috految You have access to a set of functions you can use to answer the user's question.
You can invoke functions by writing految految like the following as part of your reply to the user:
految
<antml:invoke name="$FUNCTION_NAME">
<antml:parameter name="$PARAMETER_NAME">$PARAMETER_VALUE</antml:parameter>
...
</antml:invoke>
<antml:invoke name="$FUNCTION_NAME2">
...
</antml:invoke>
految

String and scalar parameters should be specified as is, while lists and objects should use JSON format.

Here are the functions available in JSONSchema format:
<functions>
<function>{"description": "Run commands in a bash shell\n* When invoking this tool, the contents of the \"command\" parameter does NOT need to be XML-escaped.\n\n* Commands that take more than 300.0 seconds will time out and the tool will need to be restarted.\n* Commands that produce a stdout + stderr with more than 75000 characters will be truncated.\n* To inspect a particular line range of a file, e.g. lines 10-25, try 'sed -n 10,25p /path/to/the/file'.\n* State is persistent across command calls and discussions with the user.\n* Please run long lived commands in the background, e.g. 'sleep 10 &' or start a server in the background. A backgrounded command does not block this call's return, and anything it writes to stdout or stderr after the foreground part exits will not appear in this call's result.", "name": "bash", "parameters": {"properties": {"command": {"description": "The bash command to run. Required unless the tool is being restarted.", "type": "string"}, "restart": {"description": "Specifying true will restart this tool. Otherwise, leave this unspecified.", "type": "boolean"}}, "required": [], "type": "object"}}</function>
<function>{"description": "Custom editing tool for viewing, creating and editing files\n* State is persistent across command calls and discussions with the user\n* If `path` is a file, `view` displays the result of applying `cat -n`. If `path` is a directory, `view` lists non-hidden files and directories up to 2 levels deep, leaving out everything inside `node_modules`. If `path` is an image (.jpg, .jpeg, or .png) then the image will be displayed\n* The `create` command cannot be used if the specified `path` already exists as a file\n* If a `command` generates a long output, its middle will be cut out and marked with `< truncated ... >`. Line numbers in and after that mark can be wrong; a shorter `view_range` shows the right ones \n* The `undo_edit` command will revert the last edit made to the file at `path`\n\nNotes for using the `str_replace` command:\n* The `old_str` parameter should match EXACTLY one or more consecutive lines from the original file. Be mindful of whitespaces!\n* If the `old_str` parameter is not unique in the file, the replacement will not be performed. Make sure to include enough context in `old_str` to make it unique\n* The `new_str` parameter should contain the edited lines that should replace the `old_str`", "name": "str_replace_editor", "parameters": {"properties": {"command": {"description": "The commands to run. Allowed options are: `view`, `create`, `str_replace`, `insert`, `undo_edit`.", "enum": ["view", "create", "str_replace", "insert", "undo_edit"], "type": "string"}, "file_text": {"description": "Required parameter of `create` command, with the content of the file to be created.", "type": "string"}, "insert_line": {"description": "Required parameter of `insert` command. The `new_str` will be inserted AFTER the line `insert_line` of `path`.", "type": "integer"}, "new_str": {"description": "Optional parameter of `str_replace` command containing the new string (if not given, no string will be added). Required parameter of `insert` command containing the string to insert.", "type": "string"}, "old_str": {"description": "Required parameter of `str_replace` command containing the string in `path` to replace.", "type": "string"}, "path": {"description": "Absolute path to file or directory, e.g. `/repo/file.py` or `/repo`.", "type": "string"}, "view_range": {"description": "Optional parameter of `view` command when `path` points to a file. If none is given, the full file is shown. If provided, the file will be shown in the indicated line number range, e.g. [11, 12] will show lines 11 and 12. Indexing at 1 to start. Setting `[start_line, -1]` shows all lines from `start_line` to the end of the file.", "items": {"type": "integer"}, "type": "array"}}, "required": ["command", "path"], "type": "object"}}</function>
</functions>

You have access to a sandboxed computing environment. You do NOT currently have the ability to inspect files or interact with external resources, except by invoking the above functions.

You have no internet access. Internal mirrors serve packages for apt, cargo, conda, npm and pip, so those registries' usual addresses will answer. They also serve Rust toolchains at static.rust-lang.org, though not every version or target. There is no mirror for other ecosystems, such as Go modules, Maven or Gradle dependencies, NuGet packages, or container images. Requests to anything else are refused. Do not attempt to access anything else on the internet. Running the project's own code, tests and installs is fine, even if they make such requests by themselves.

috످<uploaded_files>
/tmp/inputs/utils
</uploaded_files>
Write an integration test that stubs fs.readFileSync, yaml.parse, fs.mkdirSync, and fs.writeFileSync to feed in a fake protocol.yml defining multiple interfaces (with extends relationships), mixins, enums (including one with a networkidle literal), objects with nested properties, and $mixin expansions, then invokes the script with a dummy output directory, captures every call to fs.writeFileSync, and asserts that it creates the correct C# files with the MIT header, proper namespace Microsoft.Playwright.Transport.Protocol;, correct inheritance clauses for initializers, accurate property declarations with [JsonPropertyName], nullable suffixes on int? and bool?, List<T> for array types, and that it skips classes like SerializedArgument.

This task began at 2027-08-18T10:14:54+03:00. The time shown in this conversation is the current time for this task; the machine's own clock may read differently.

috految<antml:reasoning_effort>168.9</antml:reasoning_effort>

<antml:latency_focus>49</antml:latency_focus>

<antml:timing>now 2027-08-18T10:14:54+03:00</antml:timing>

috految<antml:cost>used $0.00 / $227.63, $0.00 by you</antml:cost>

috److I'll start by finding the script under test and checking which test conventions already exist.

految
<antml:invoke name="bash">
<antml:parameter name="command">cd /tmp/inputs; ls -la . utils; git -C utils status 2>&1 | head -3; echo '--- candidates'; grep -rnE "Transport\.Protocol|protocol\.yml|generate_dotnet_channels" . | cut -c1-200; echo '--- script'; cat -n utils/generate_dotnet_channels.js; file utils/generate_dotnet_channels.js; echo '--- tests/config'; find . -not -path '*/node_modules/*' \( -iname '*spec*' -o -iname '*test*' -o -name 'package*.json' -o -name '*.config.*' -o -name '.*' -o -name '*.md' -o -name '*.yml' -o -name node_modules \); echo '--- env'; node -v; npm -v; which dotnet conda mamba micromamba python3 strace; nproc; head -3 /etc/os-release; uname -m; echo NODE_PATH=$NODE_PATH; npm ls -g --depth=0</antml:parameter>
</antml:invoke>
految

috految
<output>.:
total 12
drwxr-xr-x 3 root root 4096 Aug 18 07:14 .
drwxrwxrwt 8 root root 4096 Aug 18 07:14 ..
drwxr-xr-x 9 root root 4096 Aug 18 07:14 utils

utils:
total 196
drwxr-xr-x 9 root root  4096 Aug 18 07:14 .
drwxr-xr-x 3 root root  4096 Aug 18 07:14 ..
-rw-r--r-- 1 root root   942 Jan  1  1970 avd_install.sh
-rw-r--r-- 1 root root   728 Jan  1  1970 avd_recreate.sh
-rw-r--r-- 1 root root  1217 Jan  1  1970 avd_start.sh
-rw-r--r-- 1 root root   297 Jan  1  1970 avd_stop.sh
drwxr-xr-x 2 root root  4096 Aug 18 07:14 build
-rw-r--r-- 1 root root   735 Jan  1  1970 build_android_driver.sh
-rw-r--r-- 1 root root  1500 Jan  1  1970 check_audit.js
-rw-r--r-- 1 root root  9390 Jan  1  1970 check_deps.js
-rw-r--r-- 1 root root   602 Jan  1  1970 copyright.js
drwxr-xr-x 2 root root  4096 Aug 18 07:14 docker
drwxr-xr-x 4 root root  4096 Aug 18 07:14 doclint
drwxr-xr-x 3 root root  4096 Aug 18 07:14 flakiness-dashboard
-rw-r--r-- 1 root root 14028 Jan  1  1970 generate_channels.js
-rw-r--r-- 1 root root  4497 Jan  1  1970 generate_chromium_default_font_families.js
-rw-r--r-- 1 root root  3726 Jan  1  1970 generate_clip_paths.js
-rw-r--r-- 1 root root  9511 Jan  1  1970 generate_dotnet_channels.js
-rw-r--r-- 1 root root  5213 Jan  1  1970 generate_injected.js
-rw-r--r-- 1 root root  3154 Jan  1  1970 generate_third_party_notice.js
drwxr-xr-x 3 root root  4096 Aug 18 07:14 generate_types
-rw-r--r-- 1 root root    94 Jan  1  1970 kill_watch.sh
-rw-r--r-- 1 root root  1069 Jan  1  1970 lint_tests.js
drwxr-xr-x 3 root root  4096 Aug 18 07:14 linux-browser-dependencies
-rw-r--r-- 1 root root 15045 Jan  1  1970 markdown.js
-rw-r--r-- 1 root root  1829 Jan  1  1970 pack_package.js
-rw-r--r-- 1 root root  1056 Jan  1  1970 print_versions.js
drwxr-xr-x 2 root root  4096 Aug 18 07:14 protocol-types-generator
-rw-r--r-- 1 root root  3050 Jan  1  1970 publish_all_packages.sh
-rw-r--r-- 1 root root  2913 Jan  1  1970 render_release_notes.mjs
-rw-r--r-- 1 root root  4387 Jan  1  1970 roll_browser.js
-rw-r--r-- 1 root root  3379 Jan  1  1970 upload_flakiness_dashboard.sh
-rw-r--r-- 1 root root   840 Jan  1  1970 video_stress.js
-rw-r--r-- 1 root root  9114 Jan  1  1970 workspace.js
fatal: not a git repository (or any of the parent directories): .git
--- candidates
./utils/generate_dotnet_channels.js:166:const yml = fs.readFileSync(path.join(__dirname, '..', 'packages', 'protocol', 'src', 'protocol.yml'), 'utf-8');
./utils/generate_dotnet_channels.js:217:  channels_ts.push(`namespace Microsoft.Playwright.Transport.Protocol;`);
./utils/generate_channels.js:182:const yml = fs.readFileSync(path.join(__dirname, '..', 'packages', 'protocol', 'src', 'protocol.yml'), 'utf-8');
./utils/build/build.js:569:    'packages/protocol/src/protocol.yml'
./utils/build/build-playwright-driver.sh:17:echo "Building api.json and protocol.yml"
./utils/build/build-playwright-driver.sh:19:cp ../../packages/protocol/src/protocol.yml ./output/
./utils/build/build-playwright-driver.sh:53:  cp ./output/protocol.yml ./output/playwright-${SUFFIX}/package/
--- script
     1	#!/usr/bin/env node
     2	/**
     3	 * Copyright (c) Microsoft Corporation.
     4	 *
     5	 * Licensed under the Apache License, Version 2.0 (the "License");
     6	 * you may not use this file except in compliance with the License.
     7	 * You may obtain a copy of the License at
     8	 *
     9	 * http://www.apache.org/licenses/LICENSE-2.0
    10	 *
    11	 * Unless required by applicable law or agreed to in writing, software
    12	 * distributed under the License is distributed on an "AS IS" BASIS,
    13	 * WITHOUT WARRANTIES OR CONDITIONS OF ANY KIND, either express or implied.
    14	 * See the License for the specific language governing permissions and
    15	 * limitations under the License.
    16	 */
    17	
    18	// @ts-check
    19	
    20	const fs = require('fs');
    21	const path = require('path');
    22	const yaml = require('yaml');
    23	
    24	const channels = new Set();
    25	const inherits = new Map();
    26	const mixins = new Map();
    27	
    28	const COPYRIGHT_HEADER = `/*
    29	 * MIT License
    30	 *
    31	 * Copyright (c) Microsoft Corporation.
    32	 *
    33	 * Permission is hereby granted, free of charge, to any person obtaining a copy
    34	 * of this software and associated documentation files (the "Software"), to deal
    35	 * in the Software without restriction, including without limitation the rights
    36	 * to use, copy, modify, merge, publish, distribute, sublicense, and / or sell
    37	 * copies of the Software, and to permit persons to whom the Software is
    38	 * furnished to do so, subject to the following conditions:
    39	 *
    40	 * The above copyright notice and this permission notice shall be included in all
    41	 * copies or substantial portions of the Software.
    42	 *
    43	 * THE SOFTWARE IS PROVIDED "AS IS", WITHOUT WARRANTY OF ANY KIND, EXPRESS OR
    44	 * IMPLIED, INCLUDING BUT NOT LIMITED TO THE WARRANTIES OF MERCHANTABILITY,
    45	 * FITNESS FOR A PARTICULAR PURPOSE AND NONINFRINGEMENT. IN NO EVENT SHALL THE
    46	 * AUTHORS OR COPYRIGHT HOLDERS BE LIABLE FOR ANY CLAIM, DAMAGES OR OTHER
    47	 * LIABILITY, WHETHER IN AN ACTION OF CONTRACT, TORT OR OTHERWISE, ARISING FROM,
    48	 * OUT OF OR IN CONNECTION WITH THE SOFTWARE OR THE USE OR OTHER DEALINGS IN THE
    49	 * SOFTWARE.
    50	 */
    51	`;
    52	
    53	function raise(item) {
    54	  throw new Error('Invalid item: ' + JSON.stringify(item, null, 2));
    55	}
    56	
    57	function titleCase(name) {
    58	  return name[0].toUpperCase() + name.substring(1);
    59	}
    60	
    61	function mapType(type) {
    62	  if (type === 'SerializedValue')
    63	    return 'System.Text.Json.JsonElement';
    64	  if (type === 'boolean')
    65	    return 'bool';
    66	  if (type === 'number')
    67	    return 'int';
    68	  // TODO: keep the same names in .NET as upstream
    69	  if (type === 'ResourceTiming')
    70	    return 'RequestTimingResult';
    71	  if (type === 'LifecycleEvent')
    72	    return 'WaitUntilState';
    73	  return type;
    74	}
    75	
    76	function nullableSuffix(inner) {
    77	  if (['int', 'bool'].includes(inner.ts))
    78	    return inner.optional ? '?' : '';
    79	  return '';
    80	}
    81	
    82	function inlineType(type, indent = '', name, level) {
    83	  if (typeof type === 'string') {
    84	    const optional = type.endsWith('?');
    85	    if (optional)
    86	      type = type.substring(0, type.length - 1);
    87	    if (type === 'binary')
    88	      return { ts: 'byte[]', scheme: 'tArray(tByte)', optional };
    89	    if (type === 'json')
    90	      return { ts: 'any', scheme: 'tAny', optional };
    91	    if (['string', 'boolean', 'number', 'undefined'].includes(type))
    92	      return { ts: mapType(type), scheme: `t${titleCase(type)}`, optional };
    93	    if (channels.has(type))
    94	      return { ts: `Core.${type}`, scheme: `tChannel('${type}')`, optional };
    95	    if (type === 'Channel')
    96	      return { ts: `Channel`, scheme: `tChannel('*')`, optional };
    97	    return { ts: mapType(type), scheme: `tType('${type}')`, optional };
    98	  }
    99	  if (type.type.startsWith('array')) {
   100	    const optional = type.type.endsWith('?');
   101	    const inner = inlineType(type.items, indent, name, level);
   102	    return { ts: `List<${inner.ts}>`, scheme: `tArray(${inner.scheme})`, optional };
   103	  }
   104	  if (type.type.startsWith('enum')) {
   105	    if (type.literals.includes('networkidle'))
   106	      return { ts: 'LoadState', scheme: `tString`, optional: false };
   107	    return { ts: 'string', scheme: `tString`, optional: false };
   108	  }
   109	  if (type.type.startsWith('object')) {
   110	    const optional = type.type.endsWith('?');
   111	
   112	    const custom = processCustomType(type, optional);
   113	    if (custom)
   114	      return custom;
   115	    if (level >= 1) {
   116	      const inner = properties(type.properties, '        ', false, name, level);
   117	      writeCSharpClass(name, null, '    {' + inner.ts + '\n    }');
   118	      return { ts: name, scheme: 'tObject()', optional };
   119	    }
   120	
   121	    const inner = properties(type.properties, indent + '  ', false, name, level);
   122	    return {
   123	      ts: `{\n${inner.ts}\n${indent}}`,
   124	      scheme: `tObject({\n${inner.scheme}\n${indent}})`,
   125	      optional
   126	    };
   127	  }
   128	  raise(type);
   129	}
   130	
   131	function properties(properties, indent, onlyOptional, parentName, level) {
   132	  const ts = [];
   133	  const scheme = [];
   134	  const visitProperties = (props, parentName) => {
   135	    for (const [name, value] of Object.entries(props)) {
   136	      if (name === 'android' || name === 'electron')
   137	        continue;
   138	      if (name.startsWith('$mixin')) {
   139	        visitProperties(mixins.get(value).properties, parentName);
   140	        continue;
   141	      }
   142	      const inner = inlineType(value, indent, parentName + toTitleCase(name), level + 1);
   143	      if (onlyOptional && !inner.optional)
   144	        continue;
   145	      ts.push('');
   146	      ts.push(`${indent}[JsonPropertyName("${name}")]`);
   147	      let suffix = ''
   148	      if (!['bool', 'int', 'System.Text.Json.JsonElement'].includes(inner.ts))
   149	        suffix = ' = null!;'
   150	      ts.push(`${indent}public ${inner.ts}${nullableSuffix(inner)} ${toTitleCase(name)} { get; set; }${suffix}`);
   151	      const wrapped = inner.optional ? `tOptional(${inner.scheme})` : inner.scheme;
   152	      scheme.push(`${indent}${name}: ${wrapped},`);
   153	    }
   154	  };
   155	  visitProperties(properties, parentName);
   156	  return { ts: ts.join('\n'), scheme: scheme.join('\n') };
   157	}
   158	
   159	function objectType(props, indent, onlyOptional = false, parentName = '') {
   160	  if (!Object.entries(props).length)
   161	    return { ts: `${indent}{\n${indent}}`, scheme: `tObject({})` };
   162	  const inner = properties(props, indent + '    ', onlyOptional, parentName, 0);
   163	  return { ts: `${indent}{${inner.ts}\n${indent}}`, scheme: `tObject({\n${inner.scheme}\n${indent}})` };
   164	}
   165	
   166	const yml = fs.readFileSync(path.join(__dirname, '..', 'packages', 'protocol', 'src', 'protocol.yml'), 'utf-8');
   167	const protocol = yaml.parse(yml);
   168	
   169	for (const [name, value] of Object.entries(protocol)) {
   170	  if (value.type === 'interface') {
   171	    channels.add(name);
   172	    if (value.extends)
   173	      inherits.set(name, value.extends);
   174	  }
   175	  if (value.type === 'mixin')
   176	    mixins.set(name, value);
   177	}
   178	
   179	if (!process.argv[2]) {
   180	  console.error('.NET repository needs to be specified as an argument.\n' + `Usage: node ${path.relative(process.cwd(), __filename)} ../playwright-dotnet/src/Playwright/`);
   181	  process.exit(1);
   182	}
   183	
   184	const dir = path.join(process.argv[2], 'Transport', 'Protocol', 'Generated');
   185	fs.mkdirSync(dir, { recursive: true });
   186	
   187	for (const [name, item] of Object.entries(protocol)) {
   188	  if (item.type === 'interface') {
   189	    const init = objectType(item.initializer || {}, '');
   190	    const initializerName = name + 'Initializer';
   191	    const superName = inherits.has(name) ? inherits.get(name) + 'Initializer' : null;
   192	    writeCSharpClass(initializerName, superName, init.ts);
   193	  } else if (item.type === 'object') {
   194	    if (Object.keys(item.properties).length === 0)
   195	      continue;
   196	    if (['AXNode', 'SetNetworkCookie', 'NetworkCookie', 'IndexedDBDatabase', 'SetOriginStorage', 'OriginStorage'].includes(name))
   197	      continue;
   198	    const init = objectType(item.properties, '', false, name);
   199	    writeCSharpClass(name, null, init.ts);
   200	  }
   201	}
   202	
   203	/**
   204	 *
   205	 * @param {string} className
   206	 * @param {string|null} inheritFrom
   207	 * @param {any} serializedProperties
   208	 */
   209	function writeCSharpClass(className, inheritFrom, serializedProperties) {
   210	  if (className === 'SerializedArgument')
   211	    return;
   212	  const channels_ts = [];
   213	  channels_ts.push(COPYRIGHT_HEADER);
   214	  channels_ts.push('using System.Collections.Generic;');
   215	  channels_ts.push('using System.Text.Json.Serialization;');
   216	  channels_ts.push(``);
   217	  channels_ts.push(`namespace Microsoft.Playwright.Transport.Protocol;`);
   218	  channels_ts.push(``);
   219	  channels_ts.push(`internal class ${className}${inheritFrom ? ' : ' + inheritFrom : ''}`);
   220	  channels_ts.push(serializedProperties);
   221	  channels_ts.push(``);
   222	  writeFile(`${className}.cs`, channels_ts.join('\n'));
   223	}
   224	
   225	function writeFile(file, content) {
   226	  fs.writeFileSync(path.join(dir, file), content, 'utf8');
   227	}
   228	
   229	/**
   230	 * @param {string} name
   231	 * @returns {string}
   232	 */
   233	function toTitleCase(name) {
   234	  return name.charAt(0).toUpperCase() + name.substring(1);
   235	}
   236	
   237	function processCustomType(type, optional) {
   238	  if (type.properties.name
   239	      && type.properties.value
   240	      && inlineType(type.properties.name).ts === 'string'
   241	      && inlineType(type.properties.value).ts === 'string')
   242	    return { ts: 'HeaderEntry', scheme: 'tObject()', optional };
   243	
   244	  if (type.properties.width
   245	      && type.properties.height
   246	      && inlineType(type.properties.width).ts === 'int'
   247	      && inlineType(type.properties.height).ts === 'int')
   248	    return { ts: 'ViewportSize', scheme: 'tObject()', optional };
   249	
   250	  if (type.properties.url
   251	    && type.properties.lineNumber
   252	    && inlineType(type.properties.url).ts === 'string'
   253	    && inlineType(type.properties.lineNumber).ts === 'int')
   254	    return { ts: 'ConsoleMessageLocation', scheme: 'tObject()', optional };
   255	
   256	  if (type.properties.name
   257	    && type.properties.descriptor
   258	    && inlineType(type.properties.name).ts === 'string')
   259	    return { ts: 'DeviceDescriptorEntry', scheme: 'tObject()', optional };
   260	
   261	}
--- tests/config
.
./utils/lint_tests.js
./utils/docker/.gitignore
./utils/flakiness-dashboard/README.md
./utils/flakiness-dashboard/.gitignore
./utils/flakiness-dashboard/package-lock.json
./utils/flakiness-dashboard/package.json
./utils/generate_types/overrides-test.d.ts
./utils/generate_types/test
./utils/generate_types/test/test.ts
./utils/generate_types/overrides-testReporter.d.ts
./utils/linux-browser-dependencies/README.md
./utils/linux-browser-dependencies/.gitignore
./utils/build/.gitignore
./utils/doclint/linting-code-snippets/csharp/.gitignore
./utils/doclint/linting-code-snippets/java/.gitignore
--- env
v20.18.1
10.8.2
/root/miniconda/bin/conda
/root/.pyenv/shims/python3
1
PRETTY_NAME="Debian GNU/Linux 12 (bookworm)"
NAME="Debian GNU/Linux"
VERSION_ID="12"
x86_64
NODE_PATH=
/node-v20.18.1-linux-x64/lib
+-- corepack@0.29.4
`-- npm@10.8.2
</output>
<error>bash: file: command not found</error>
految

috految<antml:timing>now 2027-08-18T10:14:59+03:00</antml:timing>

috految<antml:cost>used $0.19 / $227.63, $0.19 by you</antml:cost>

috److془Let me get the real protocol.yml from pip playwright wheel, and dotnet from conda.془The target is `generate_dotnet_channels.js`. A few lines look like they could emit wrong C# (90, 148, 189, 244), and I don't want the test to lock that in as expected output. The build script ships `protocol.yml` inside the driver, so I'll pull the real one from the PyPI wheel and install a C# compiler in a scratch directory to check.

految
<antml:invoke name="bash">
<antml:parameter name="command">mkdir -p /tmp/work && cd /tmp/work
(cd /tmp/inputs && find . -type f -exec sha256sum {} + | sort -k2) > before.sha
(nice conda create -y -q -p /tmp/work/dn --override-channels -c conda-forge 'dotnet-sdk=8' 'dotnet-runtime=8' > conda.log 2>&1; echo "EXIT $?" >> conda.log) &
U=/tmp/inputs/utils
cat $U/copyright.js; sed -n 17,50p $U/lint_tests.js
echo '--- runners'; grep -rnE "node:test|jest|mocha|sinon|vitest|@playwright/test" $U --exclude=package-lock.json | cut -c1-170 | head -20
echo '--- versions'; grep -rnE "NODE_VERSION|node_[0-9]+|\"node\"|engines" $U --exclude=package-lock.json | cut -c1-170 | head; grep -n "utils" $U/build/build.js $U/check_deps.js; echo CRLF: $(grep -c $'\r' $U/generate_dotnet_channels.js); cat $U/doclint/linting-code-snippets/csharp/*.csproj
echo '--- sibling'; sed -n 24,110p $U/generate_channels.js; sed -n 180,305p $U/generate_channels.js
echo '--- dotnet api'; grep -nE "enum|LoadState|WaitUntil|ViewportSize|float|Nullable|nullable|JsonElement|MIT|require\(|argv" $U/doclint/generateDotnetApi.js; grep -n -A28 '^function renderEnum' $U/doclint/generateDotnetApi.js; cat $U/doclint/templates/enum.cs 2>/dev/null
echo '--- real protocol'
mkdir -p real && cd real
pip download -q --no-deps --only-binary :all: --disable-pip-version-check playwright==1.52.0 2>&1 | tail -2 & P1=$!
pip download -q --no-deps --only-binary :all: --disable-pip-version-check playwright==1.53.0 2>&1 | tail -2 & P2=$!
mkdir -p ../tools && (cd ../tools && echo '{}' > package.json && npm i --silent --no-audit --no-fund yaml@2)
wait $P1 $P2
python3 - <<'E'
import glob,zipfile,os,re
for w in sorted(glob.glob('*.whl')):
    v=w.split('-')[1]; z=zipfile.ZipFile(w); os.makedirs(v,exist_ok=True)
    for n in z.namelist():
        if n.endswith(('package/protocol.yml','package/api.json','driver/package/package.json','drivers/node','driver/node')) or n.endswith('lib/protocol/validator.js'):
            open(v+'/'+os.path.basename(n),'wb').write(z.read(n)); print(v,n)
E
for v in 1.*/; do chmod +x $v/node; $v/node -v; grep -E '"version"|"node"' $v/package.json; done
(cd /tmp/work/tools && nice npm i --silent --no-audit --no-fund --no-bin-links c8@10 @stryker-mutator/instrumenter@8 n18@npm:node-linux-x64@18 n24@npm:node-linux-x64@24 > ../npm.log 2>&1; echo "EXIT $?" >> /tmp/work/npm.log) &</antml:parameter>
</antml:invoke>
految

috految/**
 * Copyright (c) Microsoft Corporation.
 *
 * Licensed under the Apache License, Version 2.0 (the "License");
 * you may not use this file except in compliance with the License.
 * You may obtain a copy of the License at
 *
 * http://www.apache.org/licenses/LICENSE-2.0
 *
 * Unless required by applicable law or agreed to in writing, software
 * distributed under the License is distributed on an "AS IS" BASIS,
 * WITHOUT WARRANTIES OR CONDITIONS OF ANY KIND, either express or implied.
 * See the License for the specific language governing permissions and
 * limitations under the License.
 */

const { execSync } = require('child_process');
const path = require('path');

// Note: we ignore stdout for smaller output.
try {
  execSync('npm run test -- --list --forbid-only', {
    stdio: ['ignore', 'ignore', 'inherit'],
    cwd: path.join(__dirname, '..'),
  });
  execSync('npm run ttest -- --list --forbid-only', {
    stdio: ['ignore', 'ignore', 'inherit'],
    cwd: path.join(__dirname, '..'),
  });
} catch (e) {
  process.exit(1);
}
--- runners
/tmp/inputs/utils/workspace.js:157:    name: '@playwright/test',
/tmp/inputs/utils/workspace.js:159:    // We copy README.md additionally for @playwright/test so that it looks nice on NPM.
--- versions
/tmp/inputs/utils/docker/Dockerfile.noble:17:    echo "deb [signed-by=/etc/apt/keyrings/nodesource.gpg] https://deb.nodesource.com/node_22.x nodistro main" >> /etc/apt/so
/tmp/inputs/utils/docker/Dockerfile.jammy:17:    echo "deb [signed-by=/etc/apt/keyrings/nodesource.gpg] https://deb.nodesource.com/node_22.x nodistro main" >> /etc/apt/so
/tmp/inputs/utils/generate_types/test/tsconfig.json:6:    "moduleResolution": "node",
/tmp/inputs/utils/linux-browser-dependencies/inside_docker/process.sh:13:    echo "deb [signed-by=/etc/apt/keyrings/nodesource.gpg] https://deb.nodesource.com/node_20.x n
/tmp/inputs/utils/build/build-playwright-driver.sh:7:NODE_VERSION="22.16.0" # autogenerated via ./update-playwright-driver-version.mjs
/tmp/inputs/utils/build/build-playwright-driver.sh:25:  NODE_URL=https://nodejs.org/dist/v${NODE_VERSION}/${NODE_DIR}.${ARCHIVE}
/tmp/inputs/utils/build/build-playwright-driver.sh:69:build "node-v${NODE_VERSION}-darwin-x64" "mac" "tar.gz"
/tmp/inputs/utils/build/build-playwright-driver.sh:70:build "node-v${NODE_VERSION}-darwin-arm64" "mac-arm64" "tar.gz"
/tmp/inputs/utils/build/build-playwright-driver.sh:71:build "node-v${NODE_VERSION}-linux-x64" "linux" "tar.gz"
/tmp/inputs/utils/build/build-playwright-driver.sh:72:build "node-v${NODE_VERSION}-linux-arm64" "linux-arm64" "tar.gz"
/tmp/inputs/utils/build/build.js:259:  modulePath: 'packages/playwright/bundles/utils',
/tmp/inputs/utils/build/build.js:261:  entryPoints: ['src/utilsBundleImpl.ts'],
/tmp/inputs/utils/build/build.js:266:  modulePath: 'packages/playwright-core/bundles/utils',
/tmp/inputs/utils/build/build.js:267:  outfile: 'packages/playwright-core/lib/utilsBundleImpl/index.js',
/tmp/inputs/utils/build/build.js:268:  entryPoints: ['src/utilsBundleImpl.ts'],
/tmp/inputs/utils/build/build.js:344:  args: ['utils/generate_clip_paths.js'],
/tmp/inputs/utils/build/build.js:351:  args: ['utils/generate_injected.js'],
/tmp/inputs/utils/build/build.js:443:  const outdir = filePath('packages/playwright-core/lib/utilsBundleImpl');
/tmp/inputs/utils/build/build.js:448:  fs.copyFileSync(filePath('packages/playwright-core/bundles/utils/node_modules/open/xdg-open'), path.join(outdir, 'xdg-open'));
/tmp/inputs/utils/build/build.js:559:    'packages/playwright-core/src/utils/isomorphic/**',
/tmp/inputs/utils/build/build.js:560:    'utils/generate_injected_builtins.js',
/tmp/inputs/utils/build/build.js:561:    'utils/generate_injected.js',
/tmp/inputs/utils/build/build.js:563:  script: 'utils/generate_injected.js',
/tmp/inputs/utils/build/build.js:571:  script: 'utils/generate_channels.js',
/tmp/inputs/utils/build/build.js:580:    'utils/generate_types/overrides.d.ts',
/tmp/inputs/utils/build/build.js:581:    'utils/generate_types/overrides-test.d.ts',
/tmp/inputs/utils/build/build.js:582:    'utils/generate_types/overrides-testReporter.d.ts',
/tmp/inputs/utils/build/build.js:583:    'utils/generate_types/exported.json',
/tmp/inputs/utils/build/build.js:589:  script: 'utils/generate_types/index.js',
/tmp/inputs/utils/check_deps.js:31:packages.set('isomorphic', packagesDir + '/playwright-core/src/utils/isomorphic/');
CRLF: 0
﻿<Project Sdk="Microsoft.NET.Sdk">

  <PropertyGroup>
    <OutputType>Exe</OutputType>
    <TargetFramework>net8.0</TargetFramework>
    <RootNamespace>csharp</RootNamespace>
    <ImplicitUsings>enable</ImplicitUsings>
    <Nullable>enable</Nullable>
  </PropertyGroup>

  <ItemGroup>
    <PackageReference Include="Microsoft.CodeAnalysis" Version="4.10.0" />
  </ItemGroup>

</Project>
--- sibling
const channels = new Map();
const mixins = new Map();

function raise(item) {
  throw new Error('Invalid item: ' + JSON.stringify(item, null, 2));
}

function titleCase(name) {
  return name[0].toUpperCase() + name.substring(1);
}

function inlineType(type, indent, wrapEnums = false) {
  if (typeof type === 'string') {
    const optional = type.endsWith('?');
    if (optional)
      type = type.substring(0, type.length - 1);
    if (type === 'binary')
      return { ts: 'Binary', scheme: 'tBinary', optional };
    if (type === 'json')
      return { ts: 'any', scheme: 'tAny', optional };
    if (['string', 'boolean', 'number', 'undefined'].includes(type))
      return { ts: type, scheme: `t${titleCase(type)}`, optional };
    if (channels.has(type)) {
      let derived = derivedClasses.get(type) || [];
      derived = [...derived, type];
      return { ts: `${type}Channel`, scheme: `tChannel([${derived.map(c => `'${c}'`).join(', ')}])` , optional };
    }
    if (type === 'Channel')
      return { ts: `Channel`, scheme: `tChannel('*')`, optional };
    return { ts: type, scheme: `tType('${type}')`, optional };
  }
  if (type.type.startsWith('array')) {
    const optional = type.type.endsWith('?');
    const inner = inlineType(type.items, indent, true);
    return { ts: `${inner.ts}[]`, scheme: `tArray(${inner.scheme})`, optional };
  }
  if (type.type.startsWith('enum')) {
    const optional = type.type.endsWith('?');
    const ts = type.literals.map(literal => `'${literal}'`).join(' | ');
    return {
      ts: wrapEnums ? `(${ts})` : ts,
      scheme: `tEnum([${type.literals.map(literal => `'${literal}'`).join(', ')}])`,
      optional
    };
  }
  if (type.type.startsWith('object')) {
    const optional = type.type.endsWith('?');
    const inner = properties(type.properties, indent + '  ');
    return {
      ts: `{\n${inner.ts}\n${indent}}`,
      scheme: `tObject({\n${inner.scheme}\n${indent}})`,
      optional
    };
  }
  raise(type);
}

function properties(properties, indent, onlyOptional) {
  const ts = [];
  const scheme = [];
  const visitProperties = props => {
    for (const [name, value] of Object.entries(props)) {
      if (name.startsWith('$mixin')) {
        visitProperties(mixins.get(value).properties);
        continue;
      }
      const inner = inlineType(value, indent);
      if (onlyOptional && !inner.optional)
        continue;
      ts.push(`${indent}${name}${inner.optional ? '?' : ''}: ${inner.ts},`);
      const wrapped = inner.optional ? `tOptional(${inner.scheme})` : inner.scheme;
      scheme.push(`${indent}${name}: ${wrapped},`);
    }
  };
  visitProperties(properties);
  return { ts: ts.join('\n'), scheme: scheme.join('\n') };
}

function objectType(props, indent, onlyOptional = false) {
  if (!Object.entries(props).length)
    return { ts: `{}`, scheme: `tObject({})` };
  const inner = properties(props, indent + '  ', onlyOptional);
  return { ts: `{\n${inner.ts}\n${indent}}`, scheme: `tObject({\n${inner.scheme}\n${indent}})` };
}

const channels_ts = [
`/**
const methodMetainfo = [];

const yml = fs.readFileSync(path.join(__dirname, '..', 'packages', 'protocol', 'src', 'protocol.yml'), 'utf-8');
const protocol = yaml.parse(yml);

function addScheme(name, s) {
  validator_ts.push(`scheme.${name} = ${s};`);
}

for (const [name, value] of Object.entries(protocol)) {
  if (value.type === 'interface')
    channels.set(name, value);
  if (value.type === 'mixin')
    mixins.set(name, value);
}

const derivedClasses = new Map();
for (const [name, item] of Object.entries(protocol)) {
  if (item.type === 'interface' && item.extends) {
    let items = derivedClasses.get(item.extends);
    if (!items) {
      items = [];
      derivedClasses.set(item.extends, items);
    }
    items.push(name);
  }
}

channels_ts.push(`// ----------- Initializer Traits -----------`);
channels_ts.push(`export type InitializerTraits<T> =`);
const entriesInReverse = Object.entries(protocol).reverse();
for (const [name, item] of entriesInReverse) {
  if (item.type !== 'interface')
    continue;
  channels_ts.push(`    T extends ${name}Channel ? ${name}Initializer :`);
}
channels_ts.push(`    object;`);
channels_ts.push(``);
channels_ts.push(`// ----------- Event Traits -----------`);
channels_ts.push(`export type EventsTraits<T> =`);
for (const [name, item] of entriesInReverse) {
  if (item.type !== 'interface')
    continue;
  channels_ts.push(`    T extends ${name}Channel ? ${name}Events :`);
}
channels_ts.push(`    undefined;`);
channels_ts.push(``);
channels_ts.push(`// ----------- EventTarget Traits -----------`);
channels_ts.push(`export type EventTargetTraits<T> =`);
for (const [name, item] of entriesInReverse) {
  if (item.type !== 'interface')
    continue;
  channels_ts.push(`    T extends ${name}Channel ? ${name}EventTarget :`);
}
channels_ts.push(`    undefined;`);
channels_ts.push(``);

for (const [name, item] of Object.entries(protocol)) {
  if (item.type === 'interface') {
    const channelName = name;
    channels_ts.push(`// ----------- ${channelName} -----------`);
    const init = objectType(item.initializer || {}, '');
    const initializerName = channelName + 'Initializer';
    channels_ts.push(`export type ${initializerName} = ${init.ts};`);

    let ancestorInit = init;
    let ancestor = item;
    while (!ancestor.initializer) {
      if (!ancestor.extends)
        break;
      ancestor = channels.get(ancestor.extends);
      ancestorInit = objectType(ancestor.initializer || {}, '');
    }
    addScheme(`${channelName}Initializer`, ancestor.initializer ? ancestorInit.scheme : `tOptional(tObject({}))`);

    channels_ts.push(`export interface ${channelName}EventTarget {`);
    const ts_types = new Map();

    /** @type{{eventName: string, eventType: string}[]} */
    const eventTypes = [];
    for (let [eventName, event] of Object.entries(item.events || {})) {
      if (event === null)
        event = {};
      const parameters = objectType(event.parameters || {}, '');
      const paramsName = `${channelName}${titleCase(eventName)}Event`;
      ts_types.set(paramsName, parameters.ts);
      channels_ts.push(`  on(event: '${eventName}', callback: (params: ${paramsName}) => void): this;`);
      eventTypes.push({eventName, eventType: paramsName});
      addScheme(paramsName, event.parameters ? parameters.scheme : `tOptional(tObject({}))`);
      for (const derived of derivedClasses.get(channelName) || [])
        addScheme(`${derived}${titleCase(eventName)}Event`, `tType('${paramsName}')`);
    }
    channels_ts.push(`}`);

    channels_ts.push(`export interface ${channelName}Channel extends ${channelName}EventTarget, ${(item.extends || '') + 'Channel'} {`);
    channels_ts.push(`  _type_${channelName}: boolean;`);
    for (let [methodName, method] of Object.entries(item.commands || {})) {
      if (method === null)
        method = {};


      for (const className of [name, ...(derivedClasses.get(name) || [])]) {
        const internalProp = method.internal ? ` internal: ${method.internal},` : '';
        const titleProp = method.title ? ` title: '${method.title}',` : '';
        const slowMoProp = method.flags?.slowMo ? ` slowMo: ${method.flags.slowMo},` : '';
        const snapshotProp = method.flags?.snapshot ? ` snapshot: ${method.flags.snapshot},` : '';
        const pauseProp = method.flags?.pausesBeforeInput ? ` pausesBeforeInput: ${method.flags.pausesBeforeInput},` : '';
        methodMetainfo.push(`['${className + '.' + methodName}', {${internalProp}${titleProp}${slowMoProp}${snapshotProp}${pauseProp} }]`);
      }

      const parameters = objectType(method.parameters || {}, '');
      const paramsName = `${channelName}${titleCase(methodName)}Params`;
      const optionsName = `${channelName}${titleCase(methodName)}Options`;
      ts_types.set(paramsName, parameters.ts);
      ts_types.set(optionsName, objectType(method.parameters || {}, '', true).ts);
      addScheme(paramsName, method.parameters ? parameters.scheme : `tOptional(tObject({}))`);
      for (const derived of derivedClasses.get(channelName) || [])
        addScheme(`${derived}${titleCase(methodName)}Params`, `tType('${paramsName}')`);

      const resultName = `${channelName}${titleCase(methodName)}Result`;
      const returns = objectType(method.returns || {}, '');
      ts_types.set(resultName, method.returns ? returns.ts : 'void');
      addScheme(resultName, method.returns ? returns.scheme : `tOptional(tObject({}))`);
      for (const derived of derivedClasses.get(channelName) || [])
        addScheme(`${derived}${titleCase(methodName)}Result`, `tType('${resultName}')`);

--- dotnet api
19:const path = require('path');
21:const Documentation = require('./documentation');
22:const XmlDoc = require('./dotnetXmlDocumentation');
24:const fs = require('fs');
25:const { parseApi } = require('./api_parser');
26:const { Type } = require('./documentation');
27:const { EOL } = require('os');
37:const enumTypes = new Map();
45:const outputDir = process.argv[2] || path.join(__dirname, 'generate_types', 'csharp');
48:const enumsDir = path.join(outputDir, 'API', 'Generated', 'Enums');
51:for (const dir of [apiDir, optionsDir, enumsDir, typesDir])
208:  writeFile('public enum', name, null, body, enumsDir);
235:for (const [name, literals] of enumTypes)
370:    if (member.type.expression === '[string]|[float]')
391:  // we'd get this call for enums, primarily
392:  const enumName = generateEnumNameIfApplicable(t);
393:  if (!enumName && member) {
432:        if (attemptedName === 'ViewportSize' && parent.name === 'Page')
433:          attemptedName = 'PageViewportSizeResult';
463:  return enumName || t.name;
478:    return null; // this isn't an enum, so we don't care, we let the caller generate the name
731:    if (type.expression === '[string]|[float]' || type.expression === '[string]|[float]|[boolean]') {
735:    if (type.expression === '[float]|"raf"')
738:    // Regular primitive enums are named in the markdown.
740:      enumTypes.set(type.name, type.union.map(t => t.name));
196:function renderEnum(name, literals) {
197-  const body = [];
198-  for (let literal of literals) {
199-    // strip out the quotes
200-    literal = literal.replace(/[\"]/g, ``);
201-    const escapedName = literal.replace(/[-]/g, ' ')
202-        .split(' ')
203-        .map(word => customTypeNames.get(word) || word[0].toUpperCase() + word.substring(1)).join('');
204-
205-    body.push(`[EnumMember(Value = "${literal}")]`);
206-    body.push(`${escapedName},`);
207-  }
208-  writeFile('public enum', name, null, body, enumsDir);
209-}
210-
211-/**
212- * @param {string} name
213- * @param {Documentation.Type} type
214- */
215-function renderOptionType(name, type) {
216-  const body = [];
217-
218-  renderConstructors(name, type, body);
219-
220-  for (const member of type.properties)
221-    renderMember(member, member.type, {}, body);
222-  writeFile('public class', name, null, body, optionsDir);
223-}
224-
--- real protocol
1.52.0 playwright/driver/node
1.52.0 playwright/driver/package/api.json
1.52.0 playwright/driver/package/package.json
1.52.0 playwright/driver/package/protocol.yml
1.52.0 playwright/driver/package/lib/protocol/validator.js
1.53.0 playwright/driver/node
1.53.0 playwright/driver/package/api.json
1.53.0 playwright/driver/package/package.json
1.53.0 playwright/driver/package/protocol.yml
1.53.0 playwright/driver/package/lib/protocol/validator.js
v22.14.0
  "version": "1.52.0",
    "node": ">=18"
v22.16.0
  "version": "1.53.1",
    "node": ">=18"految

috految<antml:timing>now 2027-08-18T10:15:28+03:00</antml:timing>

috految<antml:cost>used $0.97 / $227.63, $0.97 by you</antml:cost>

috److Playwright 1.53 bundles Node 22.16.0, the version your build script pins, so it's a close match. Before writing assertions, I'll run the script unstubbed on that protocol and on the suspicious cases.

految
<antml:invoke name="bash">
<antml:parameter name="command">cd /tmp/work
mkdir -p repo/utils repo/packages/protocol/src repo/node_modules && cp /tmp/inputs/utils/generate_dotnet_channels.js repo/utils/ && cp -r tools/node_modules/yaml repo/node_modules/
P=repo/packages/protocol/src/protocol.yml; G=Transport/Protocol/Generated
cat > trace.js <<'E'
const fs=require('fs'),w=fs.writeFileSync,seen=new Set();fs.writeFileSync=(p,...a)=>{if(seen.has(p))console.log('OVERWRITE',p);seen.add(p);return w(p,...a)};
E
cp real/1.53.0/protocol.yml $P; node -r ./trace.js repo/utils/generate_dotnet_channels.js out-real; echo "exit $? files $(ls out-real/$G | wc -l)"
for f in out-real/$G/*; do echo "$(grep -h 'internal class' $f | cut -d' ' -f3-): $(grep -h ' public ' $f | sed -E 's/^ *public //; s/ \{ get; set; \}//; s/ = null!;/!/' | paste -sd,)"; done
echo '--- shapes'; grep -n 'networkidle\|\$mixin\|type: mixin\|LifecycleEvent\|SDKLanguage\|^  type: enum\|  items: .*?$' $P
node -e "
const p=require('./repo/node_modules/yaml').parse(require('fs').readFileSync('$P','utf8'));
for(const k of ['SerializedArgument','Point','LifecycleEvent'])console.log(k,JSON.stringify(p[k]));
const walk=(o,at)=>{if(!o||typeof o!='object')return;const q=o.properties;if(q&&at.includes('.')&&((q.name&&(q.value||q.descriptor))||(q.width&&q.height)||(q.url&&q.lineNumber)))console.log('shape-match',at,Object.keys(q).join());for(const k in o)if(!['commands','events'].includes(k))walk(o[k],at+'.'+k)};
for(const k in p)walk(p[k],k);
const api=require('./real/1.53.0/api.json'),s=new Set;JSON.stringify(api,(k,v)=>{if(v&&['LoadState','WaitUntilState'].includes(v.name)&&v.union)s.add(v.name+': '+v.union.map(u=>u.name));if(v&&['latitude','deviceScaleFactor'].includes(v.name)&&v.type)s.add(v.name+': '+v.type.name);return v});console.log([...s])"
python3 -c "
import zipfile,glob
z=zipfile.ZipFile(glob.glob('real/*1.53*.whl')[0]); z.extractall('real/pkg',[n for n in z.namelist() if '/lib/' in n and n.endswith(('.js','.json'))])"
grep -n -B5 -A4 'options: context' real/pkg/playwright/driver/package/lib/server/dispatchers/browserContextDispatcher.js; grep -A14 '"Pixel 7": ' real/pkg/playwright/driver/package/lib/server/deviceDescriptorsSource.json | grep deviceScale
cat > probe.yml <<'E'
LifecycleEvent: {type: enum, literals: [load, networkidle]}
SDKLanguage: {type: enum, literals: [java, csharp]}
EnumScalar: {type: object, properties: {state: {type: enum, literals: [load, networkidle]}, waitUntil: LifecycleEvent}}
NamedEnum: {type: object, properties: {lang: SDKLanguage}}
Json: {type: object, properties: {data: json}}
A: {type: interface, initializer: {options: {type: object, properties: {fromA: string}}}}
B: {type: interface, initializer: {options: {type: object, properties: {fromB: number}}}}
Shot: {type: object, properties: {clip: {type: object, properties: {x: number, y: number, width: number, height: number}}}}
Items: {type: object, properties: {counts: {type: array, items: "number?"}}}
Entry: {type: object, properties: {e: {type: object, properties: {name: string, value: {type: object, properties: {a: string}}}}}}
SerializedArgument: {type: object, properties: {value: string}}
E
echo '--- probes'; cp probe.yml $P; node -r ./trace.js repo/utils/generate_dotnet_channels.js out-probe; for f in out-probe/$G/*; do sed -n '/^internal/,$p' $f; done
tail -n 5 conda.log npm.log
(nice pip download -q --no-deps --only-binary :all: --disable-pip-version-check playwright==1.55.0 -d later > later.log 2>&1) &</antml:parameter>
</antml:invoke>
految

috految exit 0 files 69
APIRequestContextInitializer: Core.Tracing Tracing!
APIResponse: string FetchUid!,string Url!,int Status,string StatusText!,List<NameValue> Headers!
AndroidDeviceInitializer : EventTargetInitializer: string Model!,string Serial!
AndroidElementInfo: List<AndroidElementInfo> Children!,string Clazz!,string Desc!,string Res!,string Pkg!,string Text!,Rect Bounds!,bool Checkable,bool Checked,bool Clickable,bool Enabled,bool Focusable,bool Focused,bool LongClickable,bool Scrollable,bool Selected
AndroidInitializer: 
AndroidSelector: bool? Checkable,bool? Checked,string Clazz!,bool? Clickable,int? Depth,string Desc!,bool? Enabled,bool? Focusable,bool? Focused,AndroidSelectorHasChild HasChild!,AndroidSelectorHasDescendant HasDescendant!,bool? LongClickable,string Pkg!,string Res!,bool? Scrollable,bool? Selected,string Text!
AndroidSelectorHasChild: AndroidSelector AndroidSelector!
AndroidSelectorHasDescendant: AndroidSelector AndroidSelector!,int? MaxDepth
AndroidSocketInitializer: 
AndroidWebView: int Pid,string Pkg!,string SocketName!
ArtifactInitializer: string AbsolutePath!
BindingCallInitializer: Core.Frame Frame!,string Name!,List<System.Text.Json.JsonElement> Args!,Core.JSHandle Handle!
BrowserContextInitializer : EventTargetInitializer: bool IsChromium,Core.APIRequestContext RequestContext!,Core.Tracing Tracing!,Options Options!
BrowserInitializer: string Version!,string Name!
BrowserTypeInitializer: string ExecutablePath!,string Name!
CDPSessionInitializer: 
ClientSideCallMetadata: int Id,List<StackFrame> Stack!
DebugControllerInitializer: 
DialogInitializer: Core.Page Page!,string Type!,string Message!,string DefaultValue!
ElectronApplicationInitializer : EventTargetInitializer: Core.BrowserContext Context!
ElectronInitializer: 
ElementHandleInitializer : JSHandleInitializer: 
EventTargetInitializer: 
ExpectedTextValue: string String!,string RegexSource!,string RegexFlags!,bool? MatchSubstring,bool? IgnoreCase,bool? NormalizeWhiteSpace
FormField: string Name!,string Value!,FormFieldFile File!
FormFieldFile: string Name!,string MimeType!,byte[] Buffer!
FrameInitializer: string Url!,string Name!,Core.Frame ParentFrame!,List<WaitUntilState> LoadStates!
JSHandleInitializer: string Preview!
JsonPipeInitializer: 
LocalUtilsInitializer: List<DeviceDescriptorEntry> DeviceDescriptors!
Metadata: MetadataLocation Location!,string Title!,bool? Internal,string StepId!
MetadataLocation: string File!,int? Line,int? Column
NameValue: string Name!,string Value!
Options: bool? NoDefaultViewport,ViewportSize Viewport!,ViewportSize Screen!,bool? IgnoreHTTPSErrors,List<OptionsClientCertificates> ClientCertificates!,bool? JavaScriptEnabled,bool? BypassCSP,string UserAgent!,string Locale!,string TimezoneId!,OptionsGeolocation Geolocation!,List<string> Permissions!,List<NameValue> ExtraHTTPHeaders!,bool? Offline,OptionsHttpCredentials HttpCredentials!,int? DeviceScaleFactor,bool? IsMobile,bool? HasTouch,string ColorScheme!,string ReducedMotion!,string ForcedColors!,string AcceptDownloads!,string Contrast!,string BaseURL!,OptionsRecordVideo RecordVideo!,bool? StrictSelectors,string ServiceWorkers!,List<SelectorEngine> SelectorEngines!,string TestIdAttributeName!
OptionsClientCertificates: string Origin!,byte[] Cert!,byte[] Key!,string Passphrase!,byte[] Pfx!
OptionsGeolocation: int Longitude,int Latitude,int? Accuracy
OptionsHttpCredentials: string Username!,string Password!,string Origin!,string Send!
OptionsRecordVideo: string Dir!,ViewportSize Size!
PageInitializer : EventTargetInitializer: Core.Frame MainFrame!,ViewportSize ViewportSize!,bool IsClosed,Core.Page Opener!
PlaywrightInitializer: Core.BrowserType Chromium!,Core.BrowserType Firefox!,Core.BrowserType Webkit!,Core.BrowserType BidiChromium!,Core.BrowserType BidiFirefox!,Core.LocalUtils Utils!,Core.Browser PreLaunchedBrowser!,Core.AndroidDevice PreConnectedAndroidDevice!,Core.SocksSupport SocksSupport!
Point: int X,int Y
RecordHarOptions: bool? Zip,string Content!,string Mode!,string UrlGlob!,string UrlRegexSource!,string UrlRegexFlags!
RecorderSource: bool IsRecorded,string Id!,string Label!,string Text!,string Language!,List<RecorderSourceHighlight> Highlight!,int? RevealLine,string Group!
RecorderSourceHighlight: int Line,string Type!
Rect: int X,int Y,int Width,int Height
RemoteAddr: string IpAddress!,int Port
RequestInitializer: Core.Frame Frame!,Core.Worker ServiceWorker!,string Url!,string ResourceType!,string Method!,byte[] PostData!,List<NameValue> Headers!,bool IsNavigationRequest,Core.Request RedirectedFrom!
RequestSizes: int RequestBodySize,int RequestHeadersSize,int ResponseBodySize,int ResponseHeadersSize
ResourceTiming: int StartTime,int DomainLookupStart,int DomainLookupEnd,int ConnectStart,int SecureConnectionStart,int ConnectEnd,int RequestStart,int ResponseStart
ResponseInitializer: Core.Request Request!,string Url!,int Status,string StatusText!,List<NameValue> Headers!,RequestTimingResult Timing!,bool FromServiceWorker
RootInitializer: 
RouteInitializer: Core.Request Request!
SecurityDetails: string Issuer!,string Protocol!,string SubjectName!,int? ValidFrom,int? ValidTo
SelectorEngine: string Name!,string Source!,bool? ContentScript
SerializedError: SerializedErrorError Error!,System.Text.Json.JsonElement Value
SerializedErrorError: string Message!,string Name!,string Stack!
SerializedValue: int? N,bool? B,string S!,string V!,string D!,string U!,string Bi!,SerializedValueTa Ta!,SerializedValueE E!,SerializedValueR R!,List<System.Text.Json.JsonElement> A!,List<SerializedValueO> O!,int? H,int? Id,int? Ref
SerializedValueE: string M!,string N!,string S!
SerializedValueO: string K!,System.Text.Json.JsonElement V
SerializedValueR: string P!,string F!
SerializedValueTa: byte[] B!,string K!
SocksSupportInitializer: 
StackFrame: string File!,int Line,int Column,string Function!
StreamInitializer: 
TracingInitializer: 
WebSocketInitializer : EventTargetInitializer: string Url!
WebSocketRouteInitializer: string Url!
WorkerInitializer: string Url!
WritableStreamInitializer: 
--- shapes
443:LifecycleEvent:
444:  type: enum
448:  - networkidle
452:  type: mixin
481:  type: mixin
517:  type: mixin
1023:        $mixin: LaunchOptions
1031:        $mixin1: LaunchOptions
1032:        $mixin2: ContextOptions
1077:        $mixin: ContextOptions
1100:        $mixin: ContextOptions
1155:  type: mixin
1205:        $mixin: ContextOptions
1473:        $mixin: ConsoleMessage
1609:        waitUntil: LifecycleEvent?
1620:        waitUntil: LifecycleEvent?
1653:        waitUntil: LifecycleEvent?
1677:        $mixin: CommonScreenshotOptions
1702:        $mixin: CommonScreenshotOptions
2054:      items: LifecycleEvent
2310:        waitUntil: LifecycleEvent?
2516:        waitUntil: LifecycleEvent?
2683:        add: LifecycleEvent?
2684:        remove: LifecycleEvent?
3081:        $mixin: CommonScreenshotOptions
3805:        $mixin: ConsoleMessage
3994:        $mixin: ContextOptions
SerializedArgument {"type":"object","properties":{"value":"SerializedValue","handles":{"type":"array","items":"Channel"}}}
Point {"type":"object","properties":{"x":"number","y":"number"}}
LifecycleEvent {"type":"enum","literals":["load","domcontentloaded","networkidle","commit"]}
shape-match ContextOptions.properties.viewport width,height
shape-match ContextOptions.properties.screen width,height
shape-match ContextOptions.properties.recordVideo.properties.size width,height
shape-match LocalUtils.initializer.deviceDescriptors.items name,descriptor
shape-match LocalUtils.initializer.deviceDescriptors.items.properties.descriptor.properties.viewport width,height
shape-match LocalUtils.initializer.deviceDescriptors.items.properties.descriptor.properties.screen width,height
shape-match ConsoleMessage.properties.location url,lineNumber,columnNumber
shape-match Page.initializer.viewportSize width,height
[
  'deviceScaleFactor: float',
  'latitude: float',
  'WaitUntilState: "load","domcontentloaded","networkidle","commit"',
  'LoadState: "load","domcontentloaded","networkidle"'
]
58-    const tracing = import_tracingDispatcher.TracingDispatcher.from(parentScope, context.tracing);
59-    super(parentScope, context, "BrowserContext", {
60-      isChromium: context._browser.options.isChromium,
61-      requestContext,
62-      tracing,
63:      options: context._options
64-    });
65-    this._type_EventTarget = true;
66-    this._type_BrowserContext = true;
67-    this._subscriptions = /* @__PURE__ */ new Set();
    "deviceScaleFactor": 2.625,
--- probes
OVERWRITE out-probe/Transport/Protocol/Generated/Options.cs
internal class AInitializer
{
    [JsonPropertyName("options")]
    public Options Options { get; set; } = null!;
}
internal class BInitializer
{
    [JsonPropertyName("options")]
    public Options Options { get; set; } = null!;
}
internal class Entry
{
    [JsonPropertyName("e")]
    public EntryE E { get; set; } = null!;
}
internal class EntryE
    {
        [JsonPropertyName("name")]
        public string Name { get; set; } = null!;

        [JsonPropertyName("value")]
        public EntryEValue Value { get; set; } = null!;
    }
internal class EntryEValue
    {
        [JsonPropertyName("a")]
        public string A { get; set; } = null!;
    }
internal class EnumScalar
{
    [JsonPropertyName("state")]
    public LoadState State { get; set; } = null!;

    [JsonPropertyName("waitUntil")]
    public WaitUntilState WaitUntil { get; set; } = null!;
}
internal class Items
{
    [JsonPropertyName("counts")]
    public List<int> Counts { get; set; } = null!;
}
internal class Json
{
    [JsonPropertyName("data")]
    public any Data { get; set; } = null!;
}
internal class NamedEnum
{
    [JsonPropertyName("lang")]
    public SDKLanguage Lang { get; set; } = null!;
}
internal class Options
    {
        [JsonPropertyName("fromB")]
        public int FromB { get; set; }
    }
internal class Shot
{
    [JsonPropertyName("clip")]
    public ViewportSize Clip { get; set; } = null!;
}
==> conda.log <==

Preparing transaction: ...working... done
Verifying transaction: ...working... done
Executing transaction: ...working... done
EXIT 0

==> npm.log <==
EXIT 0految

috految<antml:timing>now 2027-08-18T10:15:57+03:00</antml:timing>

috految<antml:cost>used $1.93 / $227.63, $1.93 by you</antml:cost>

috److془Write the test. Design:

- node:test, node:assert/strict, vm.compileFunction with injected require/process/console. Shebang: vm.compileFunction handles hashbang (Node's CJS loader uses it). 

Known bugs: skip them w/ reason or todo. `todo` prints stack traces and "failing tests" in Node 20. Use `it.skip`. Simple.

Note: Node 18/20 `before` hook failure: check exit code non-zero. Note that `describe`-body throws in some version pass with exit 0. Will verify.

Note: `node --test` bare picks `generate_types/test/test.ts` on Node 24. Give explicit path. 

Let me write it. Fixture: JS object; readFileSync returns JSON text (valid YAML); yaml.parse stub = JSON.parse. Data flows through both.

Hmm: if script did `JSON.parse(yml)`, the assertion on parse call would catch it.

Should the fixture's BrowserContext.options inline → `Options.cs` be pinned? Real protocol uses this. If fixed, it renames. I'll make it so the test pins name-agnostic via separate fixture: "extracts inline object from initializer". Hmm, but the name `Options` is used in real output; a regression to `undefinedOptions` should be caught. Use regex /^(BrowserContext(Initializer)?)?Options$/. Or simply pin it and say so. I'd go with the regex.

Write it.془The probes turned up real generator bugs, and also two things the test has to handle. Writes must be captured as a list, because a map keyed by filename would hide the `Options.cs` overwrite. And `networkidle` takes different code paths for inline and named enums, so both need coverage.

految
<antml:invoke name="bash">
<antml:parameter name="command">cd /tmp/inputs
T=utils/generate_dotnet_channels.test.js
{ sed -n 1,15p utils/copyright.js; cat <<'EOF'

// Run with: node --test utils/generate_dotnet_channels.test.js

const assert = require('node:assert/strict');
const fs = require('node:fs');
const path = require('node:path');
const { before, describe, it, mock } = require('node:test');
const vm = require('node:vm');

const SCRIPT_PATH = path.join(__dirname, 'generate_dotnet_channels.js');
const PROTOCOL_PATH = path.join(__dirname, '..', 'packages', 'protocol', 'src', 'protocol.yml');
const OUTPUT_DIR = path.resolve('/dummy/playwright-dotnet/src/Playwright');
const GENERATED_DIR = path.join(OUTPUT_DIR, 'Transport', 'Protocol', 'Generated');

// ----------- Fake protocol.yml -----------

// Order matters: some parents, mixins and channels are declared after their
// first use, and skipped objects are followed by ones that must be generated.
const PROTOCOL = {
  // Enums.
  LifecycleEvent: { type: 'enum', literals: ['load', 'domcontentloaded', 'networkidle', 'commit'] },
  SDKLanguage: { type: 'enum', literals: ['javascript', 'python', 'java', 'csharp'] },

  // Interfaces.
  EventTarget: { type: 'interface' },
  Playwright: {
    type: 'interface',
    initializer: {
      android: 'Android',
      electron: 'Electron',
      androidVersion: 'string',
      electronVersion: 'string',
    },
  },
  Android: { type: 'interface', initializer: {} },
  Electron: { type: 'interface' },
  BrowserContext: {
    type: 'interface',
    extends: 'EventTarget',
    initializer: {
      isChromium: 'boolean',
      $mixin: 'ContextOptions',
      pages: { type: 'array', items: 'Page' },
    },
  },
  Page: {
    type: 'interface',
    extends: 'EventTarget',
    initializer: {
      mainFrame: 'Frame',
      opener: 'Page?',
      viewportSize: { type: 'object?', properties: { width: 'number', height: 'number' } },
      isClosed: 'boolean',
      isPopup: 'boolean?',
      tabIndex: 'number?',
      frames: { type: 'array', items: 'Frame' },
    },
  },
  Frame: {
    type: 'interface',
    initializer: {
      url: 'string',
      loadStates: { type: 'array', items: 'LifecycleEvent' },
    },
    commands: {
      goto: {
        parameters: { options: { type: 'object', properties: { referer: 'string?' } } },
        returns: { status: 'number' },
      },
    },
    events: {
      navigated: { parameters: { newDocument: { type: 'object', properties: { id: 'string' } } } },
    },
  },
  ElementHandle: { type: 'interface', extends: 'JSHandle', initializer: { tagName: 'string' } },
  JSHandle: { type: 'interface', extends: 'EventTarget', initializer: { preview: 'string' } },
  Worker: { type: 'interface', extends: 'EventTarget' },

  // Objects that must be skipped. All but EmptyObject need properties, or they
  // would be dropped for being empty and the skip-by-name tests would prove nothing.
  SerializedArgument: {
    type: 'object',
    properties: { value: 'SerializedValue', handles: { type: 'array', items: 'Channel' } },
  },
  AXNode: { type: 'object', properties: { role: 'string' } },
  SetNetworkCookie: { type: 'object', properties: { domain: 'string?' } },
  NetworkCookie: { type: 'object', properties: { domain: 'string' } },
  IndexedDBDatabase: {
    type: 'object',
    properties: { stores: { type: 'array', items: { type: 'object', properties: { keyPath: 'string?' } } } },
  },
  SetOriginStorage: { type: 'object', properties: { origin: 'string' } },
  OriginStorage: { type: 'object', properties: { origin: 'string' } },
  EmptyObject: { type: 'object', properties: {} },

  // Objects that must be generated.
  SerializedValue: { type: 'object', properties: { n: 'number?', s: 'string?' } },
  ResourceTiming: { type: 'object', properties: { startTime: 'number' } },
  NameValue: { type: 'object', properties: { name: 'string', value: 'string' } },
  RequiredTypes: {
    type: 'object',
    properties: {
      text: 'string',
      count: 'number',
      enabled: 'boolean',
      body: 'binary',
      value: 'SerializedValue',
      timing: 'ResourceTiming',
      header: 'NameValue',
      frame: 'Frame',
      handle: 'Channel',
    },
  },
  OptionalTypes: {
    type: 'object',
    properties: {
      text: 'string?',
      count: 'number?',
      enabled: 'boolean?',
      body: 'binary?',
      value: 'SerializedValue?',
      timing: 'ResourceTiming?',
      header: 'NameValue?',
      frame: 'Frame?',
      handle: 'Channel?',
    },
  },
  ArrayTypes: {
    type: 'object',
    properties: {
      tags: { type: 'array', items: 'string' },
      ports: { type: 'array', items: 'number' },
      flags: { type: 'array', items: 'boolean' },
      chunks: { type: 'array', items: 'binary' },
      args: { type: 'array', items: 'SerializedValue' },
      headers: { type: 'array', items: 'NameValue' },
      pages: { type: 'array', items: 'Page' },
      matrix: { type: 'array', items: { type: 'array', items: 'number' } },
      retries: { type: 'array?', items: 'number' },
      files: { type: 'array', items: { type: 'object', properties: { path: 'string', size: 'number?' } } },
    },
  },
  EnumTypes: {
    type: 'object',
    properties: {
      state: { type: 'enum', literals: ['load', 'networkidle', 'domcontentloaded'] },
      maybeState: { type: 'enum?', literals: ['networkidle', 'load'] },
      states: { type: 'array', items: { type: 'enum', literals: ['load', 'networkidle'] } },
      waitUntil: 'LifecycleEvent',
      readyState: { type: 'enum', literals: ['load', 'domcontentloaded'] },
      nearMiss: { type: 'enum', literals: ['networkidle0', 'networkidle2'] },
      colorScheme: { type: 'enum?', literals: ['dark', 'light'] },
      modifiers: { type: 'array', items: { type: 'enum', literals: ['Alt', 'Shift'] } },
    },
  },
  Metadata: {
    type: 'object',
    properties: {
      location: {
        type: 'object?',
        properties: {
          file: 'string',
          position: {
            type: 'object',
            properties: {
              line: 'number',
              column: 'number?',
              sourceMap: { type: 'object?', properties: { inline: 'boolean?' } },
            },
          },
        },
      },
      apiName: 'string?',
      internal: 'boolean?',
    },
  },
  KnownShapes: {
    type: 'object',
    properties: {
      headers: { type: 'array', items: { type: 'object', properties: { name: 'string', value: 'string' } } },
      screen: { type: 'object?', properties: { width: 'number', height: 'number' } },
      location: { type: 'object', properties: { url: 'string', lineNumber: 'number', columnNumber: 'number' } },
      device: {
        type: 'object',
        properties: { name: 'string', descriptor: { type: 'object', properties: { userAgent: 'string' } } },
      },
    },
  },
  LaunchParams: {
    type: 'object',
    properties: {
      $mixin1: 'LaunchOptions',
      userDataDir: 'string',
      $mixin2: 'ContextOptions',
    },
  },
  ConnectParams: {
    type: 'object',
    properties: {
      $mixin: 'ProxyOptions',
      retry: { type: 'object', properties: { attempts: 'number', $mixin: 'TimeoutOptions' } },
    },
  },
  WaitParams: { type: 'object', properties: { $mixin: 'TimeoutOptions' } },

  // Mixins.
  TimeoutOptions: { type: 'mixin', properties: { timeout: 'number?' } },
  ContextOptions: {
    type: 'mixin',
    properties: {
      baseURL: 'string?',
      ignoreHTTPSErrors: 'boolean?',
      permissions: { type: 'array?', items: 'string' },
    },
  },
  ProxyOptions: {
    type: 'mixin',
    properties: { proxy: { type: 'object?', properties: { server: 'string', port: 'number?' } } },
  },
  LaunchOptions: {
    type: 'mixin',
    properties: { headless: 'boolean?', $mixin1: 'TimeoutOptions', $mixin2: 'ProxyOptions' },
  },
};

// ----------- Expected output -----------

const EXPECTED_INITIALIZERS = [
  'AndroidInitializer',
  'BrowserContextInitializer',
  'ElectronInitializer',
  'ElementHandleInitializer',
  'EventTargetInitializer',
  'FrameInitializer',
  'JSHandleInitializer',
  'PageInitializer',
  'PlaywrightInitializer',
  'WorkerInitializer',
];

const EXPECTED_OBJECTS = [
  'ArrayTypes',
  'ArrayTypesFiles',
  'ConnectParams',
  'ConnectParamsProxy',
  'ConnectParamsRetry',
  'EnumTypes',
  'KnownShapes',
  'LaunchParams',
  'LaunchParamsProxy',
  'Metadata',
  'MetadataLocation',
  'MetadataLocationPosition',
  'MetadataLocationPositionSourceMap',
  'NameValue',
  'OptionalTypes',
  'RequiredTypes',
  'ResourceTiming',
  'SerializedValue',
  'WaitParams',
];

const EXPECTED_CLASSES = [...EXPECTED_INITIALIZERS, ...EXPECTED_OBJECTS];

const MIT_HEADER = `/*
 * MIT License
 *
 * Copyright (c) Microsoft Corporation.
 *
 * Permission is hereby granted, free of charge, to any person obtaining a copy
 * of this software and associated documentation files (the "Software"), to deal
 * in the Software without restriction, including without limitation the rights
 * to use, copy, modify, merge, publish, distribute, sublicense, and / or sell
 * copies of the Software, and to permit persons to whom the Software is
 * furnished to do so, subject to the following conditions:
 *
 * The above copyright notice and this permission notice shall be included in all
 * copies or substantial portions of the Software.
 *
 * THE SOFTWARE IS PROVIDED "AS IS", WITHOUT WARRANTY OF ANY KIND, EXPRESS OR
 * IMPLIED, INCLUDING BUT NOT LIMITED TO THE WARRANTIES OF MERCHANTABILITY,
 * FITNESS FOR A PARTICULAR PURPOSE AND NONINFRINGEMENT. IN NO EVENT SHALL THE
 * AUTHORS OR COPYRIGHT HOLDERS BE LIABLE FOR ANY CLAIM, DAMAGES OR OTHER
 * LIABILITY, WHETHER IN AN ACTION OF CONTRACT, TORT OR OTHERWISE, ARISING FROM,
 * OUT OF OR IN CONNECTION WITH THE SOFTWARE OR THE USE OR OTHER DEALINGS IN THE
 * SOFTWARE.
 */
`;

// ----------- Harness -----------

/**
 * Runs the real script top to bottom with fs and yaml stubbed.
 *
 * The stubs are passed in through the script's own `require`. Patching the global
 * fs would also intercept Node's module loader, and would let any method we did
 * not stub reach the real disk.
 */
function runGenerator(protocol, { args = [OUTPUT_DIR], expectedExitCode = 0 } = {}) {
  // JSON is valid YAML, so the fixture really does flow readFileSync -> yaml.parse -> script.
  const protocolYml = JSON.stringify(protocol, null, 2);

  const callOrder = [];
  const stub = (name, implementation) => mock.fn((...params) => {
    callOrder.push(name);
    return implementation?.(...params);
  });
  const readFileSync = stub('fs.readFileSync', () => protocolYml);
  const parse = stub('yaml.parse', text => JSON.parse(text));
  const mkdirSync = stub('fs.mkdirSync');
  const writeFileSync = stub('fs.writeFileSync');

  const modules = {
    fs: { readFileSync, mkdirSync, writeFileSync },
    yaml: { parse },
    path,
  };
  const stderr = [];
  const exitSignal = new Error('process.exit');
  const scope = {
    require: id => modules[id.replace(/^node:/, '')] ?? assert.fail(`Unexpected require('${id}'), add it to runGenerator()`),
    __filename: SCRIPT_PATH,
    __dirname: path.dirname(SCRIPT_PATH),
    console: { ...console, error: message => stderr.push(message) },
    process: {
      argv: [process.execPath, SCRIPT_PATH, ...args],
      cwd: () => path.dirname(SCRIPT_PATH),
      exit: code => {
        scope.process.exitCode = code;
        throw exitSignal; // Like the real process.exit(), never returns.
      },
    },
  };

  const script = vm.compileFunction(fs.readFileSync(SCRIPT_PATH, 'utf8'), Object.keys(scope), { filename: SCRIPT_PATH });
  try {
    script(...Object.values(scope));
  } catch (error) {
    if (error !== exitSignal)
      throw error;
  }
  const exitCode = scope.process.exitCode ?? 0;
  assert.equal(exitCode, expectedExitCode, `Script exited with code ${exitCode}\n${stderr.join('\n')}`);

  // A list rather than a map keyed by path, so that overwrites stay visible.
  const writes = callsTo(writeFileSync).map(([file, content, encoding]) => ({ file, content, encoding }));
  return { protocolYml, readFileSync, parse, mkdirSync, writes, callOrder, stderr };
}

function callsTo(stub) {
  return stub.mock.calls.map(call => call.arguments);
}

function classNames(result) {
  return result.writes.map(({ file }) => path.basename(file, '.cs')).sort();
}

function sourceOf(result, className) {
  const writes = result.writes.filter(({ file }) => path.basename(file) === `${className}.cs`);
  assert.equal(writes.length, 1, `Expected one write to ${className}.cs, got ${writes.length}. Written: ${classNames(result).join(', ')}`);
  return writes[0].content;
}

/** Returns the class's declaration and the lines in its body, ignoring indentation. */
function classOf(result, className) {
  const source = sourceOf(result, className);
  const match = source.match(/^(internal class .*)\n *\{\n([\s\S]*?)^ *\}\n(?![\s\S])/m);
  assert.ok(match, `${className}.cs is not a well-formed class:\n${source}`);
  return { declaration: match[1], body: match[2].split('\n').map(line => line.trim()).filter(Boolean) };
}

/** Returns the property declared directly below [JsonPropertyName("<jsonName>")]. */
function propertyOf(result, className, jsonName) {
  const { body } = classOf(result, className);
  const attribute = `[JsonPropertyName("${jsonName}")]`;
  assert.equal(body.filter(line => line === attribute).length, 1, `Expected one ${attribute} in ${className}:\n${body.join('\n')}`);
  return body[body.indexOf(attribute) + 1];
}

/** Asserts the entire class body, in order. `expected` maps JSON name to C# declaration. */
function assertProperties(result, className, expected) {
  const lines = Object.entries(expected).flatMap(([jsonName, csharp]) => [`[JsonPropertyName("${jsonName}")]`, csharp]);
  assert.deepEqual(classOf(result, className).body, lines);
}

// ----------- Tests -----------

describe('generate_dotnet_channels.js', () => {
  let result;

  before(() => {
    result = runGenerator(PROTOCOL);
  });

  describe('stubbed I/O', () => {
    it('should read protocol.yml once as utf-8', () => {
      assert.deepEqual(callsTo(result.readFileSync), [[PROTOCOL_PATH, 'utf-8']]);
    });

    it('should pass the file contents to yaml.parse', () => {
      assert.deepEqual(callsTo(result.parse), [[result.protocolYml]]);
    });

    it('should create <output>/Transport/Protocol/Generated recursively', () => {
      assert.deepEqual(callsTo(result.mkdirSync), [[GENERATED_DIR, { recursive: true }]]);
    });

    it('should read, parse and create the directory before writing', () => {
      assert.deepEqual([...new Set(result.callOrder)], ['fs.readFileSync', 'yaml.parse', 'fs.mkdirSync', 'fs.writeFileSync']);
    });

    it('should write exactly the expected files, once each', () => {
      assert.deepEqual(
          result.writes.map(({ file }) => file).sort(),
          EXPECTED_CLASSES.map(name => path.join(GENERATED_DIR, `${name}.cs`)).sort());
    });

    it('should write every file as utf8', () => {
      assert.deepEqual([...new Set(result.writes.map(({ encoding }) => encoding))], ['utf8']);
    });

    it('should accept a relative output directory', () => {
      const { writes } = runGenerator({ Root: { type: 'interface' } }, { args: ['../dotnet/'] });
      assert.deepEqual(writes.map(({ file }) => file), [path.normalize('../dotnet/Transport/Protocol/Generated/RootInitializer.cs')]);
    });
  });

  describe('header and namespace', () => {
    it('should start every file with the full MIT header', () => {
      for (const name of EXPECTED_CLASSES)
        assert.equal(sourceOf(result, name).slice(0, MIT_HEADER.length), MIT_HEADER);
    });

    it('should declare the usings and namespace in every file', () => {
      for (const name of EXPECTED_CLASSES) {
        const source = sourceOf(result, name);
        const preamble = source.slice(source.indexOf('*/') + 2, source.indexOf('internal class'));
        assert.deepEqual(preamble.trim().split('\n'), [
          'using System.Collections.Generic;',
          'using System.Text.Json.Serialization;',
          '',
          'namespace Microsoft.Playwright.Transport.Protocol;',
        ]);
      }
    });
  });

  describe('complete files', () => {
    it('should generate an initializer byte for byte', () => {
      assert.equal(sourceOf(result, 'PageInitializer'), `${MIT_HEADER}
using System.Collections.Generic;
using System.Text.Json.Serialization;

namespace Microsoft.Playwright.Transport.Protocol;

internal class PageInitializer : EventTargetInitializer
{
    [JsonPropertyName("mainFrame")]
    public Core.Frame MainFrame { get; set; } = null!;

    [JsonPropertyName("opener")]
    public Core.Page Opener { get; set; } = null!;

    [JsonPropertyName("viewportSize")]
    public ViewportSize ViewportSize { get; set; } = null!;

    [JsonPropertyName("isClosed")]
    public bool IsClosed { get; set; }

    [JsonPropertyName("isPopup")]
    public bool? IsPopup { get; set; }

    [JsonPropertyName("tabIndex")]
    public int? TabIndex { get; set; }

    [JsonPropertyName("frames")]
    public List<Core.Frame> Frames { get; set; } = null!;
}
`);
    });

    it('should generate an object byte for byte', () => {
      assert.equal(sourceOf(result, 'NameValue'), `${MIT_HEADER}
using System.Collections.Generic;
using System.Text.Json.Serialization;

namespace Microsoft.Playwright.Transport.Protocol;

internal class NameValue
{
    [JsonPropertyName("name")]
    public string Name { get; set; } = null!;

    [JsonPropertyName("value")]
    public string Value { get; set; } = null!;
}
`);
    });
  });

  describe('initializer inheritance', () => {
    for (const [name, declaration] of [
      ['EventTarget', 'internal class EventTargetInitializer'],
      ['Playwright', 'internal class PlaywrightInitializer'],
      ['Android', 'internal class AndroidInitializer'],
      ['Electron', 'internal class ElectronInitializer'],
      ['Frame', 'internal class FrameInitializer'],
      ['BrowserContext', 'internal class BrowserContextInitializer : EventTargetInitializer'],
      ['Page', 'internal class PageInitializer : EventTargetInitializer'],
      ['Worker', 'internal class WorkerInitializer : EventTargetInitializer'],
      ['JSHandle', 'internal class JSHandleInitializer : EventTargetInitializer'],
      // Three levels deep, and declared before its parent.
      ['ElementHandle', 'internal class ElementHandleInitializer : JSHandleInitializer'],
    ]) {
      it(`should emit "${declaration}"`, () => {
        assert.equal(classOf(result, `${name}Initializer`).declaration, declaration);
      });
    }

    it('should not copy parent properties into the child', () => {
      assertProperties(result, 'JSHandleInitializer', { preview: 'public string Preview { get; set; } = null!;' });
      assertProperties(result, 'ElementHandleInitializer', { tagName: 'public string TagName { get; set; } = null!;' });
    });

    it('should emit an empty class when the initializer is missing or empty', () => {
      for (const name of ['EventTarget', 'Android', 'Electron', 'Worker'])
        assertProperties(result, `${name}Initializer`, {});
    });

    it('should not give objects a base class', () => {
      for (const name of EXPECTED_OBJECTS)
        assert.equal(classOf(result, name).declaration, `internal class ${name}`);
    });
  });

  describe('property declarations', () => {
    it('should put [JsonPropertyName] above every property in every file', () => {
      for (const name of EXPECTED_CLASSES) {
        const { body } = classOf(result, name);
        for (let i = 0; i < body.length; i += 2) {
          assert.match(body[i], /^\[JsonPropertyName\("\w+"\)\]$/);
          assert.match(body[i + 1], /^public \S+ [A-Z]\w* \{ get; set; \}( = null!;)?$/);
        }
      }
    });

    it('should map required protocol types to C# types', () => {
      assertProperties(result, 'RequiredTypes', {
        text: 'public string Text { get; set; } = null!;',
        count: 'public int Count { get; set; }',
        enabled: 'public bool Enabled { get; set; }',
        body: 'public byte[] Body { get; set; } = null!;',
        value: 'public System.Text.Json.JsonElement Value { get; set; }',
        timing: 'public RequestTimingResult Timing { get; set; } = null!;',
        header: 'public NameValue Header { get; set; } = null!;',
        frame: 'public Core.Frame Frame { get; set; } = null!;',
        handle: 'public Channel Handle { get; set; } = null!;',
      });
    });

    it('should keep the JSON name and capitalize only the first letter in C#', () => {
      assert.equal(propertyOf(result, 'LaunchParams', 'baseURL'), 'public string BaseURL { get; set; } = null!;');
      assert.equal(propertyOf(result, 'LaunchParams', 'ignoreHTTPSErrors'), 'public bool? IgnoreHTTPSErrors { get; set; }');
    });

    it('should still generate objects whose references are remapped', () => {
      assertProperties(result, 'ResourceTiming', { startTime: 'public int StartTime { get; set; }' });
      assertProperties(result, 'SerializedValue', {
        n: 'public int? N { get; set; }',
        s: 'public string S { get; set; } = null!;',
      });
    });
  });

  describe('nullable suffixes', () => {
    for (const [title, className, jsonName, expected] of [
      ['number? as int?', 'OptionalTypes', 'count', 'public int? Count { get; set; }'],
      ['boolean? as bool?', 'OptionalTypes', 'enabled', 'public bool? Enabled { get; set; }'],
      ['number as int', 'RequiredTypes', 'count', 'public int Count { get; set; }'],
      ['boolean as bool', 'RequiredTypes', 'enabled', 'public bool Enabled { get; set; }'],
    ]) {
      it(`should emit ${title}`, () => {
        assert.equal(propertyOf(result, className, jsonName), expected);
      });
    }

    it('should not add ? to any other optional type', () => {
      assertProperties(result, 'OptionalTypes', {
        text: 'public string Text { get; set; } = null!;',
        count: 'public int? Count { get; set; }',
        enabled: 'public bool? Enabled { get; set; }',
        body: 'public byte[] Body { get; set; } = null!;',
        value: 'public System.Text.Json.JsonElement Value { get; set; }',
        timing: 'public RequestTimingResult Timing { get; set; } = null!;',
        header: 'public NameValue Header { get; set; } = null!;',
        frame: 'public Core.Frame Frame { get; set; } = null!;',
        handle: 'public Channel Handle { get; set; } = null!;',
      });
    });
  });

  describe('arrays', () => {
    for (const [title, jsonName, expected] of [
      ['strings', 'tags', 'public List<string> Tags { get; set; } = null!;'],
      ['numbers', 'ports', 'public List<int> Ports { get; set; } = null!;'],
      ['booleans', 'flags', 'public List<bool> Flags { get; set; } = null!;'],
      ['binary items', 'chunks', 'public List<byte[]> Chunks { get; set; } = null!;'],
      ['remapped types', 'args', 'public List<System.Text.Json.JsonElement> Args { get; set; } = null!;'],
      ['named objects', 'headers', 'public List<NameValue> Headers { get; set; } = null!;'],
      ['channels', 'pages', 'public List<Core.Page> Pages { get; set; } = null!;'],
      ['nested arrays', 'matrix', 'public List<List<int>> Matrix { get; set; } = null!;'],
      ['an optional array', 'retries', 'public List<int> Retries { get; set; } = null!;'],
      ['inline objects', 'files', 'public List<ArrayTypesFiles> Files { get; set; } = null!;'],
    ]) {
      it(`should emit List<T> for ${title}`, () => {
        assert.equal(propertyOf(result, 'ArrayTypes', jsonName), expected);
      });
    }
  });

  describe('enums', () => {
    // The three regexes stop at the accessor on purpose. The script appends
    // "= null!;" to these, which does not compile. See "known bugs" below.
    it('should map an inline enum containing networkidle to LoadState', () => {
      assert.match(propertyOf(result, 'EnumTypes', 'state'), /^public LoadState State \{ get; set; \}/);
    });

    it('should map an optional inline enum containing networkidle to LoadState', () => {
      assert.match(propertyOf(result, 'EnumTypes', 'maybeState'), /^public LoadState\?? MaybeState \{ get; set; \}/);
    });

    it('should map the named LifecycleEvent enum to WaitUntilState despite networkidle', () => {
      assert.match(propertyOf(result, 'EnumTypes', 'waitUntil'), /^public WaitUntilState WaitUntil \{ get; set; \}/);
    });

    it('should map other inline enums to string', () => {
      assert.equal(propertyOf(result, 'EnumTypes', 'readyState'), 'public string ReadyState { get; set; } = null!;');
      assert.equal(propertyOf(result, 'EnumTypes', 'colorScheme'), 'public string ColorScheme { get; set; } = null!;');
    });

    it('should match networkidle exactly, not as a substring', () => {
      assert.equal(propertyOf(result, 'EnumTypes', 'nearMiss'), 'public string NearMiss { get; set; } = null!;');
    });

    it('should apply the same mappings to array items', () => {
      assert.equal(propertyOf(result, 'EnumTypes', 'states'), 'public List<LoadState> States { get; set; } = null!;');
      assert.equal(propertyOf(result, 'EnumTypes', 'modifiers'), 'public List<string> Modifiers { get; set; } = null!;');
      assert.equal(propertyOf(result, 'FrameInitializer', 'loadStates'), 'public List<WaitUntilState> LoadStates { get; set; } = null!;');
    });
  });

  describe('nested objects', () => {
    it('should extract each level into a class named after its path', () => {
      assertProperties(result, 'Metadata', {
        location: 'public MetadataLocation Location { get; set; } = null!;',
        apiName: 'public string ApiName { get; set; } = null!;',
        internal: 'public bool? Internal { get; set; }',
      });
      assertProperties(result, 'MetadataLocation', {
        file: 'public string File { get; set; } = null!;',
        position: 'public MetadataLocationPosition Position { get; set; } = null!;',
      });
      assertProperties(result, 'MetadataLocationPosition', {
        line: 'public int Line { get; set; }',
        column: 'public int? Column { get; set; }',
        sourceMap: 'public MetadataLocationPositionSourceMap SourceMap { get; set; } = null!;',
      });
      assertProperties(result, 'MetadataLocationPositionSourceMap', { inline: 'public bool? Inline { get; set; }' });
    });

    it('should extract array items into a class', () => {
      assertProperties(result, 'ArrayTypesFiles', {
        path: 'public string Path { get; set; } = null!;',
        size: 'public int? Size { get; set; }',
      });
    });

    it('should extract an object nested in an initializer', () => {
      const output = runGenerator({
        EventTarget: { type: 'interface' },
        Browser: {
          type: 'interface',
          extends: 'EventTarget',
          initializer: { options: { type: 'object', properties: { $mixin: 'TimeoutOptions' } } },
        },
        TimeoutOptions: PROTOCOL.TimeoutOptions,
      });
      // The prefix is optional so that this does not lock in the name collision in "known bugs".
      const name = classNames(output).find(name => /^(Browser)?Options$/.test(name));
      assertProperties(output, 'BrowserInitializer', { options: `public ${name} Options { get; set; } = null!;` });
      assertProperties(output, name, { timeout: 'public int? Timeout { get; set; }' });
      assert.equal(classOf(output, name).declaration, `internal class ${name}`);
    });

    it('should reuse existing .NET types for well-known shapes', () => {
      assertProperties(result, 'KnownShapes', {
        headers: 'public List<HeaderEntry> Headers { get; set; } = null!;',
        screen: 'public ViewportSize Screen { get; set; } = null!;',
        location: 'public ConsoleMessageLocation Location { get; set; } = null!;',
        device: 'public DeviceDescriptorEntry Device { get; set; } = null!;',
      });
    });

    for (const [type, nearMisses] of Object.entries({
      HeaderEntry: [
        { name: 'string' },
        { value: 'string' },
        { name: 'number', value: 'string' },
        { name: 'string', value: 'number' },
      ],
      ViewportSize: [
        { width: 'number' },
        { height: 'number' },
        { width: 'string', height: 'number' },
        { width: 'number', height: 'string' },
      ],
      ConsoleMessageLocation: [
        { url: 'string' },
        { lineNumber: 'number' },
        { url: 'number', lineNumber: 'number' },
        { url: 'string', lineNumber: 'string' },
      ],
      DeviceDescriptorEntry: [
        { descriptor: 'string' },
        { name: 'number', descriptor: 'string' },
      ],
    })) {
      it(`should not use ${type} when a field is missing or has another type`, () => {
        for (const properties of nearMisses) {
          const output = runGenerator({ Host: { type: 'object', properties: { item: { type: 'object', properties } } } });
          assert.equal(propertyOf(output, 'Host', 'item'), 'public HostItem Item { get; set; } = null!;', JSON.stringify(properties));
        }
      });
    }

    it('should not write stray files while checking an object-valued field for a well-known shape', () => {
      const entry = { type: 'object', properties: { name: 'string', value: { type: 'object', properties: { id: 'string' } } } };
      const output = runGenerator({ Host: { type: 'object', properties: { entry } } });
      assert.deepEqual(classNames(output), ['Host', 'HostEntry', 'HostEntryValue']);
    });
  });

  describe('$mixin expansion', () => {
    it('should expand in place inside an initializer', () => {
      assertProperties(result, 'BrowserContextInitializer', {
        isChromium: 'public bool IsChromium { get; set; }',
        baseURL: 'public string BaseURL { get; set; } = null!;',
        ignoreHTTPSErrors: 'public bool? IgnoreHTTPSErrors { get; set; }',
        permissions: 'public List<string> Permissions { get; set; } = null!;',
        pages: 'public List<Core.Page> Pages { get; set; } = null!;',
      });
    });

    it('should expand $mixin1 and $mixin2, including mixins within mixins', () => {
      assertProperties(result, 'LaunchParams', {
        headless: 'public bool? Headless { get; set; }',
        timeout: 'public int? Timeout { get; set; }',
        proxy: 'public LaunchParamsProxy Proxy { get; set; } = null!;',
        userDataDir: 'public string UserDataDir { get; set; } = null!;',
        baseURL: 'public string BaseURL { get; set; } = null!;',
        ignoreHTTPSErrors: 'public bool? IgnoreHTTPSErrors { get; set; }',
        permissions: 'public List<string> Permissions { get; set; } = null!;',
      });
    });

    it('should expand inside a nested object', () => {
      assertProperties(result, 'ConnectParamsRetry', {
        attempts: 'public int Attempts { get; set; }',
        timeout: 'public int? Timeout { get; set; }',
      });
    });

    it('should generate an object that contains only a $mixin', () => {
      assertProperties(result, 'WaitParams', { timeout: 'public int? Timeout { get; set; }' });
    });

    it('should name objects from a shared mixin after each consumer', () => {
      assertProperties(result, 'ConnectParams', {
        proxy: 'public ConnectParamsProxy Proxy { get; set; } = null!;',
        retry: 'public ConnectParamsRetry Retry { get; set; } = null!;',
      });
      for (const name of ['LaunchParamsProxy', 'ConnectParamsProxy']) {
        assertProperties(result, name, {
          server: 'public string Server { get; set; } = null!;',
          port: 'public int? Port { get; set; }',
        });
      }
    });
  });

  describe('skipped output', () => {
    for (const name of ['SerializedArgument', 'AXNode', 'SetNetworkCookie', 'NetworkCookie', 'IndexedDBDatabase', 'SetOriginStorage', 'OriginStorage']) {
      it(`should skip ${name}`, () => {
        assert.deepEqual(classNames(result).filter(written => written.startsWith(name)), []);

        // Control: the same definition under another name is generated.
        const renamed = `${name}Copy`;
        assert.ok(classNames(runGenerator({ [renamed]: PROTOCOL[name] })).includes(renamed), `${renamed} was not generated`);
      });
    }

    it('should skip objects with no properties', () => {
      assert.deepEqual(classNames(result).filter(name => name === 'EmptyObject'), []);
    });

    it('should not generate files for enums or mixins', () => {
      const names = ['LifecycleEvent', 'SDKLanguage', 'TimeoutOptions', 'ContextOptions', 'ProxyOptions', 'LaunchOptions'];
      assert.deepEqual(classNames(result).filter(name => names.includes(name)), []);
    });

    it('should omit properties named exactly android or electron', () => {
      assertProperties(result, 'PlaywrightInitializer', {
        androidVersion: 'public string AndroidVersion { get; set; } = null!;',
        electronVersion: 'public string ElectronVersion { get; set; } = null!;',
      });
    });

    it('should ignore commands and events', () => {
      assertProperties(result, 'FrameInitializer', {
        url: 'public string Url { get; set; } = null!;',
        loadStates: 'public List<WaitUntilState> LoadStates { get; set; } = null!;',
      });
    });
  });

  describe('errors', () => {
    it('should print usage, exit 1 and write nothing without an output directory', () => {
      const output = runGenerator(PROTOCOL, { args: [], expectedExitCode: 1 });
      assert.match(output.stderr.join('\n'), /^\.NET repository needs to be specified.*\nUsage: node generate_dotnet_channels\.js /);
      assert.deepEqual(callsTo(output.mkdirSync), []);
      assert.deepEqual(output.writes, []);
    });

    it('should reject an unknown inline type', () => {
      const protocol = { Broken: { type: 'object', properties: { pair: { type: 'tuple' } } } };
      assert.throws(() => runGenerator(protocol), /Invalid item: \{\s+"type": "tuple"/);
    });
  });

  // These assert the correct behavior and fail against the current script.
  // Remove .skip as each one is fixed.
  describe('known bugs', () => {
    // Enums are value types, so "= null!" is compile error CS0037.
    it.skip('should not initialize enum properties to null', () => {
      assert.equal(propertyOf(result, 'EnumTypes', 'state'), 'public LoadState State { get; set; }');
      assert.equal(propertyOf(result, 'EnumTypes', 'waitUntil'), 'public WaitUntilState WaitUntil { get; set; }');
    });

    // Initializers pass no parent name to objectType(), so both classes end up as Options.cs.
    it.skip('should not overwrite same-named nested objects from different initializers', () => {
      const output = runGenerator({
        Browser: { type: 'interface', initializer: { options: { type: 'object', properties: { headless: 'boolean' } } } },
        Tracing: { type: 'interface', initializer: { options: { type: 'object', properties: { snapshots: 'boolean' } } } },
      });
      assert.equal(new Set(classNames(output)).size, 4, `Written: ${classNames(output).join(', ')}`);
    });

    // "any" is TypeScript. In C# it is compile error CS0246.
    it.skip('should map json to a C# type', () => {
      const output = runGenerator({ Payload: { type: 'object', properties: { data: 'json' } } });
      assert.match(propertyOf(output, 'Payload', 'data'), /^public (System\.Text\.Json\.JsonElement|object) Data /);
    });

    // processCustomType() ignores extra fields, so x and y are lost.
    it.skip('should not collapse { x, y, width, height } into ViewportSize', () => {
      const clip = { type: 'object', properties: { x: 'number', y: 'number', width: 'number', height: 'number' } };
      const output = runGenerator({ Screenshot: { type: 'object', properties: { clip } } });
      assert.equal(propertyOf(output, 'Screenshot', 'clip'), 'public ScreenshotClip Clip { get; set; } = null!;');
    });
  });
});
EOF
} > $T
node --test --test-reporter=spec $T; echo "exit $?"; wc -l $T

# Mutation run (scratch only): Stryker generates the mutants; the delivered test file runs via the real runner.
cd /tmp/work; cat > tools/mutate.mjs <<'E'
import {Instrumenter} from '@stryker-mutator/instrumenter';
import fs from 'fs'; import vm from 'vm'; import {spawnSync} from 'child_process';
const src=fs.readFileSync('/tmp/inputs/utils/generate_dotnet_channels.js','utf8');
const log=new Proxy({}, {get:()=>()=>false});
const {mutants}=await new Instrumenter(log).instrument([{name:'g.js',content:src,mutate:true}],{plugins:null,excludedMutations:[],ignorers:[]});
const L=src.split('\n'), off=p=>L.slice(0,p.line).reduce((n,l)=>n+l.length+1,0)+p.column;
fs.mkdirSync('/tmp/work/mut/utils',{recursive:true}); const S='/tmp/work/mut/utils/generate_dotnet_channels.js',T=S.replace('.js','.test.js');
fs.copyFileSync('/tmp/inputs/utils/generate_dotnet_channels.test.js',T);
const run=c=>{fs.writeFileSync(S,c);return spawnSync(process.execPath,['--test-reporter=dot',T],{stdio:'ignore',timeout:20000,env:{}}).status};
console.log('baseline',run(src),'mutants',mutants.length);
const surv=[];let killed=0,other=0;
for(const m of mutants){const a=off(m.location.start),b=off(m.location.end);
 const code=src.slice(0,a)+(m.mutatorName=='LogicalOperator'?`(${m.replacement})`:m.replacement)+src.slice(b);
 try{vm.compileFunction(code)}catch{console.log('INVALID',m.location.start.line+1);continue}
 const s=run(code); if(s===0){surv.push({line:m.location.start.line+1,from:src.slice(a,b),to:m.replacement,code})} else if(s===1)killed++; else other++;}
fs.writeFileSync('/tmp/work/surv.json',JSON.stringify(surv)); console.log('DONE',{killed,other,survived:surv.length});
E
(cd tools && node mutate.mjs > ../mut.log 2>&1) & MUT=$!
ls dn/lib/dotnet dn/lib/dotnet/shared/* dn/lib/dotnet/packs later</antml:parameter>
</antml:invoke>
految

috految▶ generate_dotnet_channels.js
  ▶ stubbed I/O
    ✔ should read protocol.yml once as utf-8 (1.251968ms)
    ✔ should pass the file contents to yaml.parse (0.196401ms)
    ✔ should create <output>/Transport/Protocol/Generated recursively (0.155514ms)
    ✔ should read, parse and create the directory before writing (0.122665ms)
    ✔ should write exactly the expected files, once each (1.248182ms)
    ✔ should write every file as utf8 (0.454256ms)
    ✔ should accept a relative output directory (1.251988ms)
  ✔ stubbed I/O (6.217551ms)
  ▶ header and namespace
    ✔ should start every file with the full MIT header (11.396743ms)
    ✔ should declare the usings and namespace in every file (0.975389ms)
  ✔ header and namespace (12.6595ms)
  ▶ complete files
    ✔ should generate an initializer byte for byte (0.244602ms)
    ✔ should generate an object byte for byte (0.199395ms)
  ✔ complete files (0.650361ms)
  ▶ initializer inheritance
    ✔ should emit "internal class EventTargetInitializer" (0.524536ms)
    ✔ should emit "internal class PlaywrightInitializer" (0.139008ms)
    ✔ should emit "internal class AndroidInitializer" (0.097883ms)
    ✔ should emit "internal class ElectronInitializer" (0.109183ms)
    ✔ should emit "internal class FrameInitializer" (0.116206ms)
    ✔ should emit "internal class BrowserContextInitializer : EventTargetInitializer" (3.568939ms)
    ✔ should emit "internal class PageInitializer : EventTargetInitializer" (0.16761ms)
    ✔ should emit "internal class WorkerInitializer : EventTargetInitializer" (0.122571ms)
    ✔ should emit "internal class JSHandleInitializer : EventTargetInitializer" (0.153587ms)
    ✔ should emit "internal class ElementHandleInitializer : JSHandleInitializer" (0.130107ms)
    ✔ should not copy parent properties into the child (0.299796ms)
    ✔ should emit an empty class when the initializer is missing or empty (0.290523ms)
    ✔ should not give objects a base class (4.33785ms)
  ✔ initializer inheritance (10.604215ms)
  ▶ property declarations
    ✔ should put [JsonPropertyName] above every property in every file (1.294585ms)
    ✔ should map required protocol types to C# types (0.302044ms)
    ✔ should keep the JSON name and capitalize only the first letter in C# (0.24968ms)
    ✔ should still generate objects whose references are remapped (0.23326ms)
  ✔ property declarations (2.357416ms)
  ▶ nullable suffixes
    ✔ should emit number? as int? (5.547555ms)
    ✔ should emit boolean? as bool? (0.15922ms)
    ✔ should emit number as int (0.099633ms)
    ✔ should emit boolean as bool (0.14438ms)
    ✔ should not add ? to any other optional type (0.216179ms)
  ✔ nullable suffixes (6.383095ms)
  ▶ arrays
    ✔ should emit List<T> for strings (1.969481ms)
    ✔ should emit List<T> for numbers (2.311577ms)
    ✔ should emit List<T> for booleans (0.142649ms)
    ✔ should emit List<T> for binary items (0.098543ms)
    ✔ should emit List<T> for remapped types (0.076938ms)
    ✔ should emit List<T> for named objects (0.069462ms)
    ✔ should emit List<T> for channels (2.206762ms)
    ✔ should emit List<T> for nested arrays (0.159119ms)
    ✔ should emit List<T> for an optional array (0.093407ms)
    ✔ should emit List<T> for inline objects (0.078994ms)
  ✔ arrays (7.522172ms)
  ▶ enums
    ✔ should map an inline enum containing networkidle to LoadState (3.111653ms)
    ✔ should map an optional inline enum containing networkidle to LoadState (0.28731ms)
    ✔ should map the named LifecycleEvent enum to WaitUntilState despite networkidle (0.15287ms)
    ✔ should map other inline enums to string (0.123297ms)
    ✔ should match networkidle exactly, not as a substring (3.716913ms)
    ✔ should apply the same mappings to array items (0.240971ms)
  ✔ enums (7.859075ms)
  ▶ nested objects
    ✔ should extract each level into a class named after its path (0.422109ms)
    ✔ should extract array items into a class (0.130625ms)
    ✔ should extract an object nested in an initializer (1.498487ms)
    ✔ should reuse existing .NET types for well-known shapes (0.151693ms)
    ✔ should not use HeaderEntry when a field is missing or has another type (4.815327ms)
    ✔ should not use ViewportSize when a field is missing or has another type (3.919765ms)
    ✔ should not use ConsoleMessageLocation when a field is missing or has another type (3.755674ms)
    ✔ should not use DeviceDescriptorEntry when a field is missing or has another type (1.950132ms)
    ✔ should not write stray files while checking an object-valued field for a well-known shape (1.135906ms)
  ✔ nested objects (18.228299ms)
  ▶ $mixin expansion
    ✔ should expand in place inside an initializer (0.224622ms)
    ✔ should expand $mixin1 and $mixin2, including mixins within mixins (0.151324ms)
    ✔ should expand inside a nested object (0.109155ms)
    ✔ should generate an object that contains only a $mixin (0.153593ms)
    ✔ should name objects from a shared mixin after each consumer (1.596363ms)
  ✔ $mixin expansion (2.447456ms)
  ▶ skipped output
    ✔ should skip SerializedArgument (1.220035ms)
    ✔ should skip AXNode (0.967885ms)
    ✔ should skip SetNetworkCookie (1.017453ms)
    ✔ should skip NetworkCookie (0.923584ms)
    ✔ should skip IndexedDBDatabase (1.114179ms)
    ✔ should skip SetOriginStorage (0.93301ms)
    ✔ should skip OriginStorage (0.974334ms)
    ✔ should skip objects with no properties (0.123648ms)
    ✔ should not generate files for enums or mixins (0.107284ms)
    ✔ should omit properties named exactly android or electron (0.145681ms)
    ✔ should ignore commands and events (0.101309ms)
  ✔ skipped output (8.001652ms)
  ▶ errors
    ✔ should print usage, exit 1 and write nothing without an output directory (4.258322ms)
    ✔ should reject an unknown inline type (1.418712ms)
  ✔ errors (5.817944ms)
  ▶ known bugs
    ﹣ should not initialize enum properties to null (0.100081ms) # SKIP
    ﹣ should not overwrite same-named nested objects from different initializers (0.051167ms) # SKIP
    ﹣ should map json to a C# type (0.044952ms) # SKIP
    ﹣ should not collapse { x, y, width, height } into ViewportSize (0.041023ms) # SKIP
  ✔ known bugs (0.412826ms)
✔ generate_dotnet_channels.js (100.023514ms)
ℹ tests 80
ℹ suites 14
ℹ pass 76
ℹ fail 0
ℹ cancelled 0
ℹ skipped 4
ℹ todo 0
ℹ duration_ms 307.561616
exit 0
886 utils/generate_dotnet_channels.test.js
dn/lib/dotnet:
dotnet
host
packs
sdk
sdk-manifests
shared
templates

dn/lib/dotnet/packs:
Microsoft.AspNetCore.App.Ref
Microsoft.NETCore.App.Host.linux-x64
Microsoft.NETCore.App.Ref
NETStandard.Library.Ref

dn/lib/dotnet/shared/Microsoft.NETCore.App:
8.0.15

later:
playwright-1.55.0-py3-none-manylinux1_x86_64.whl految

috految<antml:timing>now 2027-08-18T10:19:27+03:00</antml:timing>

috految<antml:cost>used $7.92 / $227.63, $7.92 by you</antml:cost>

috److The suite passes. Next I'll check that the stubs match a real run, the generated C# compiles, the skipped tests fail for the reasons I gave, and the suite fails when the script is broken.

految
<antml:invoke name="bash">
<antml:parameter name="command">cd /tmp/work; U=/tmp/inputs/utils; T=generate_dotnet_channels.test.js; S=generate_dotnet_channels.js; G=Transport/Protocol/Generated; P=repo/packages/protocol/src/protocol.yml
echo '== stubbed vs real fs + real yaml'
cat > fid.js <<'E'
const fs=require('fs'),path=require('path'),cp=require('child_process'),Y=require('./repo/node_modules/yaml');
const t=fs.readFileSync('/tmp/inputs/utils/generate_dotnet_channels.test.js','utf8').split('// ----------- Tests')[0];
const {PROTOCOL,runGenerator}=new Function('require','__dirname',t+';return {PROTOCOL,runGenerator}')(require,'/tmp/inputs/utils');
fs.writeFileSync('fixture.yml',Y.stringify(PROTOCOL));fs.copyFileSync('fixture.yml','repo/packages/protocol/src/protocol.yml');
cp.execFileSync(process.execPath,['repo/utils/generate_dotnet_channels.js','out-fix']);
const w=runGenerator(PROTOCOL).writes,d='out-fix/Transport/Protocol/Generated/';
console.log({stubbed:w.length,disk:fs.readdirSync(d).length,identical:w.filter(x=>x.content===fs.readFileSync(d+path.basename(x.file),'utf8')).length},Object.values(PROTOCOL).reduce((a,v)=>(a[v.type]=(a[v.type]||0)+1,a),{}));
E
node fid.js
echo '== bug tests unskipped, original script'
mkdir -p fx/utils; cp $U/$S fx/utils; sed 's/it\.skip(/it(/' $U/$T > fx/utils/$T
node --test --test-reporter=tap fx/utils/$T | grep -E "^ {8}not ok|actual:|expected:|Written|^# (pass|fail)"
echo '== with fixes (scratch copy)'
sed -i -e "148s/'bool', 'int',/'bool', 'int', 'LoadState', 'WaitUntilState',/" -e "189s/{}, '')/{}, '', false, name)/" -e "90s/ts: 'any'/ts: 'System.Text.Json.JsonElement'/" -e "244s/type.properties.width/Object.keys(type.properties).length === 2 \&\& type.properties.width/" fx/utils/$S
diff $U/$S fx/utils/$S | grep '^>'; node --test --test-reporter=tap fx/utils/$T | grep -E "not ok|^# (pass|fail|skipped)"
cp fx/utils/$S repo/utils/fixed.js; node repo/utils/fixed.js out-fixed; cp real/1.53.0/protocol.yml $P; node repo/utils/fixed.js out-realfixed; diff -rq out-real/$G out-realfixed/$G
echo '== Roslyn'
D=/tmp/work/dn/lib/dotnet; export DOTNET_SYSTEM_GLOBALIZATION_INVARIANT=1 DOTNET_CLI_TELEMETRY_OPTOUT=1 DOTNET_TieredPGO=0
R=$(for x in Runtime Collections Console Memory Text.Json Text.Encodings.Web; do echo -r:$(ls $D/packs/Microsoft.NETCore.App.Ref/*/ref/net8.0/System.$x.dll); done)
csc(){ $D/dotnet $D/sdk/*/Roslyn/bincore/csc.dll -nologo -nullable:enable $R "$@"; echo "csc exit $?"; }
{ echo 'namespace Microsoft.Playwright { public enum LoadState{Load} public enum WaitUntilState{Load} class ViewportSize{} class HeaderEntry{} class ConsoleMessageLocation{} class DeviceDescriptorEntry{} class RequestTimingResult{} class Channel{} } namespace Microsoft.Playwright.Core {'; grep -rhoP 'Core\.\K\w+' out-real out-fix | sort -u | sed 's/.*/class &{}/'; echo '}'; } > Shim.cs
echo fixture; csc -t:library -out:a.dll Shim.cs out-fix/$G/*.cs
echo fixture-fixed; csc -t:library -out:a.dll Shim.cs out-fixed/$G/*.cs
echo json; csc -t:library -out:a.dll Shim.cs out-probe/$G/Json.cs
cat > Main.cs <<'E'
using System; using System.Text.Json; using Microsoft.Playwright.Transport.Protocol;
foreach (var o in new[]{"{\"deviceScaleFactor\":3}","{\"deviceScaleFactor\":2.625}","{\"geolocation\":{\"latitude\":37.77,\"longitude\":-122.42}}"})
 try { JsonSerializer.Deserialize<BrowserContextInitializer>("{\"options\":"+o+"}"); Console.WriteLine("ok   "+o);} catch(Exception e){Console.WriteLine("FAIL "+o+" "+e.GetType().Name+": "+e.Message);}
E
echo real-1.53; csc -out:m.dll Shim.cs Main.cs out-real/$G/*.cs; echo '{"runtimeOptions":{"tfm":"net8.0","framework":{"name":"Microsoft.NETCore.App","version":"8.0.0"}}}' > m.runtimeconfig.json; $D/dotnet m.dll
echo '== later protocol'; python3 -c "
import zipfile,glob
open('p155.yml','wb').write(zipfile.ZipFile(glob.glob('later/*.whl')[0]).read('playwright/driver/package/protocol.yml'))"; grep -nE 'latitude|deviceScaleFactor' p155.yml; grep -cE ': int\??$' p155.yml; grep -cE ': number\??$' p155.yml; cp p155.yml $P; node repo/utils/$S out-155; grep -h Latitude out-155/$G/*
echo '== node versions (good script / script that crashes)'
mkdir -p crash/utils; cp $U/$T crash/utils; echo 'throw new Error("BOOM")' > crash/utils/$S
for n in /tmp/work/tools/node_modules/n18/bin/node $(which node) /tmp/work/real/1.53.0/node /tmp/work/tools/node_modules/n24/bin/node; do (cd /tmp/inputs; $n --test --test-reporter=tap utils/$T > /tmp/work/o; e=$?; echo "$($n -v) exit=$e $(grep -E '^# (pass|fail|skipped)' /tmp/work/o | xargs)"); $n --test --test-reporter=spec crash/utils/$T > o 2>&1; echo "   crash exit=$? cause shown=$(grep -c BOOM o)"; done
echo '== coverage'; mkdir -p cov/utils; cp $U/$S $U/$T cov/utils; (cd cov; node ../tools/node_modules/c8/bin/c8.js --include utils/$S node utils/$T | tail -6)
echo '== mutants'; cat mut.log</antml:parameter>
</antml:invoke>
<antml:invoke name="bash">
<antml:parameter name="command">cd /tmp/work; wait $MUT; cat mut.log
cat > cls.js <<'E'
const fs=require('fs'),path=require('path'),vm=require('vm'),Y=require('./repo/node_modules/yaml');
const ps=['real/1.53.0/protocol.yml','fixture.yml'].map(f=>Y.parse(fs.readFileSync(f,'utf8')));
const run=c=>ps.map(p=>{const o=[];try{vm.compileFunction(c,['require','process','__dirname'])(id=>({fs:{readFileSync(){},mkdirSync(){},writeFileSync:(...a)=>o.push(a.join('|'))},path,yaml:{parse:()=>p}})[id],{argv:[,,'o']},'/x')}catch(e){o.push('THROW'+e)}return o.join('\n')}).join();
const base=run(fs.readFileSync('/tmp/inputs/utils/generate_dotnet_channels.js','utf8')),n={};console.log('baseline bytes',base.length,'throws',base.includes('THROW'));
for(const m of require('./surv.json')){const r=run(m.code),k=r===base?'same':r.replace(/\s+/g,'')===base.replace(/\s+/g,'')?'WHITESPACE':'DIFFERENT';n[k]=(n[k]||0)+1;console.log(k,'L'+m.line,JSON.stringify(m.from.slice(0,48)),'->',JSON.stringify(m.to.slice(0,32)))}console.log(n)
E
node cls.js
echo '== footprint'; (cd /tmp/inputs && find . -type f -exec sha256sum {} + | sort -k2) | diff before.sha -; ls -d /dummy /tmp/dotnet 2>&1</antml:parameter>
</antml:invoke>
految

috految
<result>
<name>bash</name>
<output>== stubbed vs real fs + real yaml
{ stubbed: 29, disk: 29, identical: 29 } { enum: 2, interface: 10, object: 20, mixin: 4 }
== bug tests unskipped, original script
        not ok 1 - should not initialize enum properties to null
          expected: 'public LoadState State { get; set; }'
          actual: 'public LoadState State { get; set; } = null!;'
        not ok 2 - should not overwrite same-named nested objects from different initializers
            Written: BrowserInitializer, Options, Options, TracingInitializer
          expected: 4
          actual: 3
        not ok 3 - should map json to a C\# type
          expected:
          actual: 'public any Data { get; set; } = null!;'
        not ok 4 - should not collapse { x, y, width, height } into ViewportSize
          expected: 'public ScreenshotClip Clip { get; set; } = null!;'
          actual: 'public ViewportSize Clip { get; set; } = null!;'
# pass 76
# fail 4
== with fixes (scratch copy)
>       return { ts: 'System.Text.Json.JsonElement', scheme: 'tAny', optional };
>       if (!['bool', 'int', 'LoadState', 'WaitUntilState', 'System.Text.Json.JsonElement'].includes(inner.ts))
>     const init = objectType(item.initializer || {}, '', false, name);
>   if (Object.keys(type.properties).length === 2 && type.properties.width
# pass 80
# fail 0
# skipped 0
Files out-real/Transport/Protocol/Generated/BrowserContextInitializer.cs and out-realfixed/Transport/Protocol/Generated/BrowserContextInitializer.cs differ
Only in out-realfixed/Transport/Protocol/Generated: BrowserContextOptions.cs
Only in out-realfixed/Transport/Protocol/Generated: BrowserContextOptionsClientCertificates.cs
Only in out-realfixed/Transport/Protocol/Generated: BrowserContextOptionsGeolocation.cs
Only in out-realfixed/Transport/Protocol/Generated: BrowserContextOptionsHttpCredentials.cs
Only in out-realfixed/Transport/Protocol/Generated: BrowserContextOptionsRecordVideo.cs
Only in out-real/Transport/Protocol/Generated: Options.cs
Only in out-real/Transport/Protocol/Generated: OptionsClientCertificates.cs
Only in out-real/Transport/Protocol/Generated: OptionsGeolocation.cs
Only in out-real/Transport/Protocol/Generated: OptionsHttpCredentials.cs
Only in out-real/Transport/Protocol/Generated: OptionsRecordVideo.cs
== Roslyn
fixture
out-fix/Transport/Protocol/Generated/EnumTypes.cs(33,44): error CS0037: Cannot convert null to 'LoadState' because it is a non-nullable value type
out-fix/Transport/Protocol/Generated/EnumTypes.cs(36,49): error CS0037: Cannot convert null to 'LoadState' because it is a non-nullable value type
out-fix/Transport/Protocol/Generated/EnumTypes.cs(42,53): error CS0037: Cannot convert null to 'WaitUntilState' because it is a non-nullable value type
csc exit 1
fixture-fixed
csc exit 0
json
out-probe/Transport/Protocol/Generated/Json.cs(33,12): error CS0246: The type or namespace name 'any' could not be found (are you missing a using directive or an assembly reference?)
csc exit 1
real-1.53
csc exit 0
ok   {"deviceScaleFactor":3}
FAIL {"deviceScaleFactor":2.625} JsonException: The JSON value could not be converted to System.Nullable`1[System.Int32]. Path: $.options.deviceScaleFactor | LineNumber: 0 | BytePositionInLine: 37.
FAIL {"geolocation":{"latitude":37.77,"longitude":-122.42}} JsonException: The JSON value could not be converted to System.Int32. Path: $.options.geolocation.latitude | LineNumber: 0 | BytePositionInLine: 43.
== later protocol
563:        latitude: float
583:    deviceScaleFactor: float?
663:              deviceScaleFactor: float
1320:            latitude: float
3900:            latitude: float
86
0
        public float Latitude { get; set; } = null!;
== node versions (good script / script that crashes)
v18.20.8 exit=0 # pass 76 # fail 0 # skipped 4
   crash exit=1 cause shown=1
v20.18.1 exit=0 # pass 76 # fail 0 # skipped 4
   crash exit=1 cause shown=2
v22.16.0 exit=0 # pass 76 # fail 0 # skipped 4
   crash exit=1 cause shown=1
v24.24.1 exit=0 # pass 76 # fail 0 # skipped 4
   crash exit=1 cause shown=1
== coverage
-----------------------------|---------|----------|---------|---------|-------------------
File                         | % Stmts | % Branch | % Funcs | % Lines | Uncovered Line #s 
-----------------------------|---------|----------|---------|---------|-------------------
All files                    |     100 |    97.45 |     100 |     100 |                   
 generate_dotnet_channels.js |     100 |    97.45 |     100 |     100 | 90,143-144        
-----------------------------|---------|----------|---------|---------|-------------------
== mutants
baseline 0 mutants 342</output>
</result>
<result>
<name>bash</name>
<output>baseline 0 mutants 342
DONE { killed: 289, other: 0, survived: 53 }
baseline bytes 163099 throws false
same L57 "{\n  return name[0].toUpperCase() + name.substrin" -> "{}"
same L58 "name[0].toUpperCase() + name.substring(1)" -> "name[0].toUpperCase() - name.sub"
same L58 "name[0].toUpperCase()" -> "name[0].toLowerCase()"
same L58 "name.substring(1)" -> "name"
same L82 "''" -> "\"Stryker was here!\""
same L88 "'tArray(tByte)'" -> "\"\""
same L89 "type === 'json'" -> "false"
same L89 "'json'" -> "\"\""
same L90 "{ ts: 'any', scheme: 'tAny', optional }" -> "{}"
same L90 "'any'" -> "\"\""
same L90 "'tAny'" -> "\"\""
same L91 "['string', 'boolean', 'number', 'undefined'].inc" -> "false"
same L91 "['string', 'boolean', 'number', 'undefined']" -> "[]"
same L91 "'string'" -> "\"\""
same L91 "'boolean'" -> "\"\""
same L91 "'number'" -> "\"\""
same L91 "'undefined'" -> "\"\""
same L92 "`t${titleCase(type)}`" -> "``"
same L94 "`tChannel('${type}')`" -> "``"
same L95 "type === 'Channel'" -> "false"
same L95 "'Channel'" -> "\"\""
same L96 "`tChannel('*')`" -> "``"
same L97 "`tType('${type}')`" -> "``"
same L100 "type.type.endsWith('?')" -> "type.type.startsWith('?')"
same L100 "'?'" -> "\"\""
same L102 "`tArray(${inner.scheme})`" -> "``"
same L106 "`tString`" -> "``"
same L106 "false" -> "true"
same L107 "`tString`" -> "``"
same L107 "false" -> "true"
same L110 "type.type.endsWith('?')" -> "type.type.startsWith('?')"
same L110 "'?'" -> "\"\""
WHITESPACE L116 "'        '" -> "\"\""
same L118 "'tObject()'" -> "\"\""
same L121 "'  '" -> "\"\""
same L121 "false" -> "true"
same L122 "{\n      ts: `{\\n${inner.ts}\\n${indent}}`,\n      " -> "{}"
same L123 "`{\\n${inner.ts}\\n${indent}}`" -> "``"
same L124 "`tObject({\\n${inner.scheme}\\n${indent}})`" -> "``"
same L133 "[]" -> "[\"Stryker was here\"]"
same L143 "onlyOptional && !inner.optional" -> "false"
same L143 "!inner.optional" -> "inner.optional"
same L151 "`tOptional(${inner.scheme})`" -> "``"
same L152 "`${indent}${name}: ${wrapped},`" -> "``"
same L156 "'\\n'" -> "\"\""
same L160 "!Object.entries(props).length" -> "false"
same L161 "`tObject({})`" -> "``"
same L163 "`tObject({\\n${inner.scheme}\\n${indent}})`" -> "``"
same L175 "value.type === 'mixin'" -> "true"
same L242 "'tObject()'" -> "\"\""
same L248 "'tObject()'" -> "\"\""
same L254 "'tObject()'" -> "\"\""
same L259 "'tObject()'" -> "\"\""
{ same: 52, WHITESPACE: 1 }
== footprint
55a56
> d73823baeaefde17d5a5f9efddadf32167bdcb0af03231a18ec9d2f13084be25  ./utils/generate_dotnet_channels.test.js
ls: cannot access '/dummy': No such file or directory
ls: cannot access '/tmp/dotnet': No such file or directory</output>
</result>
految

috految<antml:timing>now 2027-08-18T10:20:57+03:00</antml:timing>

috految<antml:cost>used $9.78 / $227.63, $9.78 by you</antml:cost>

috److془Counts: I/O 7, header 2, complete 2, inheritance 13, props 4, nullable 5, arrays 10, enums 6, nested 9, mixin 5, skipped 11, errors 2 = 7+2+2+13+4+5+10+6+9+5+11+2=76 ✓.

Write final summary.془I wrote the integration test for `generate_dotnet_channels.js`. **76 tests pass, and 4 are skipped because they expose bugs in the generator.** I added one file and didn't change the script.

Run it from the folder above `utils`:

```bash
node --test utils/generate_dotnet_channels.test.js
```

The upload had no test runner config, so I used Node's built-in runner. It needs no installs and passes on Node 18, 20, 22 and 24. You'll need to add this command to CI.

## What it tests

The test runs the real script with `fs.readFileSync`, `yaml.parse`, `fs.mkdirSync` and `fs.writeFileSync` stubbed, so nothing is written to disk. The fake protocol has 10 interfaces, 20 objects, 4 mixins, and both named and inline enums.

| Area | Tests | What's checked |
|---|---|---|
| Stubs and captured writes | 7 | Arguments, call order, and exactly 29 files in the dummy directory |
| MIT header and namespace | 2 | Exact text in every file |
| Full file contents | 2 | One initializer and one object, byte for byte |
| Inheritance | 13 | No parent, single parent, three-level chain, child declared before parent |
| Properties | 4 | `[JsonPropertyName]` on every property, types and casing |
| `int?` and `bool?` | 5 | `?` only on optional numbers and booleans |
| `List<T>` | 10 | Primitives, objects, interfaces and nested lists |
| Enums | 6 | Inline `networkidle` → `LoadState`, named `LifecycleEvent` → `WaitUntilState`, other inline enums → `string` |
| Nested objects | 9 | Three levels deep, plus special types like `HeaderEntry` |
| `$mixin` expansion | 5 | Property order, multiple mixins, and mixins within mixins |
| Skipped output | 11 | `SerializedArgument`, the six other excluded classes, empty objects, `android`/`electron` properties |
| Errors | 2 | Missing output directory argument, unknown type |

## Bugs in the generator

Your upload had no `protocol.yml`, so I checked these against the real one from Playwright 1.53, which closely matches your build scripts.

### Affects the real protocol: decimals are typed as `int`

Line 67 maps every `number` to `int`, including fields that hold decimals. When I compiled the generated classes and deserialized sample values, I got:

```text
deviceScaleFactor: 3                → OK
deviceScaleFactor: 2.625 (Pixel 7)  → JsonException
latitude: 37.77                     → JsonException
```

I used default `System.Text.Json` settings, so check whether your .NET client has a converter that handles this. The tests expect `int`, as you specified.

Playwright 1.55's protocol has a `float` type for these fields. If you upgrade, the script will need updating too, because it emits an invalid `= null!` on `float` properties.

### Not triggered by the 1.53 protocol (the 4 skipped tests)

| # | Line | Problem | One-line fix |
|---|---|---|---|
| 1 | 148 | **`networkidle` enum properties don't compile.** The script emits `LoadState State { get; set; } = null!;`, but enums can't be null (CS0037). | Add `LoadState` and `WaitUntilState` to the list on that line |
| 2 | 189 | **Files get silently overwritten.** If two initializers each have a nested `options` object, both write to `Options.cs`. | Pass `name` as the parent name to `objectType()` |
| 3 | 90 | **`json` becomes `any`**, which isn't a C# type (CS0246). | Use `System.Text.Json.JsonElement` |
| 4 | 244 | **Fields get dropped.** An inline `{x, y, width, height}` object becomes `ViewportSize`, losing `x` and `y`. | Require exactly two keys |

Each skipped test asserts the correct behavior, so remove its `.skip` once the bug is fixed.

## How I checked the tests

- **Stub accuracy:** Running the same fixture with real `fs` and `yaml` produced 29 identical files.
- **Coverage:** The tests cover 97% of branches. The gaps are the `json` path (bug 3) and unreachable code at lines 143–144.
- **Mutation testing:** The tests caught 289 of 342 deliberate changes to the script. Of the other 53, one only changed indentation and 52 didn't affect output for either the fake or real protocol.
- **C# compilation:** On .NET 8, with stand-ins for Playwright's own types, the fixture's only compile errors came from bug 1.

## Do you want me to apply the four fixes?

On a scratch copy with all four applied, **all 80 tests pass and the fixture's C# compiles**. Fixes 1, 3 and 4 don't change the 1.53 output. Fix 2 renames five classes (such as `Options` → `BrowserContextOptions`), so any references in `playwright-dotnet` would need updating.

috످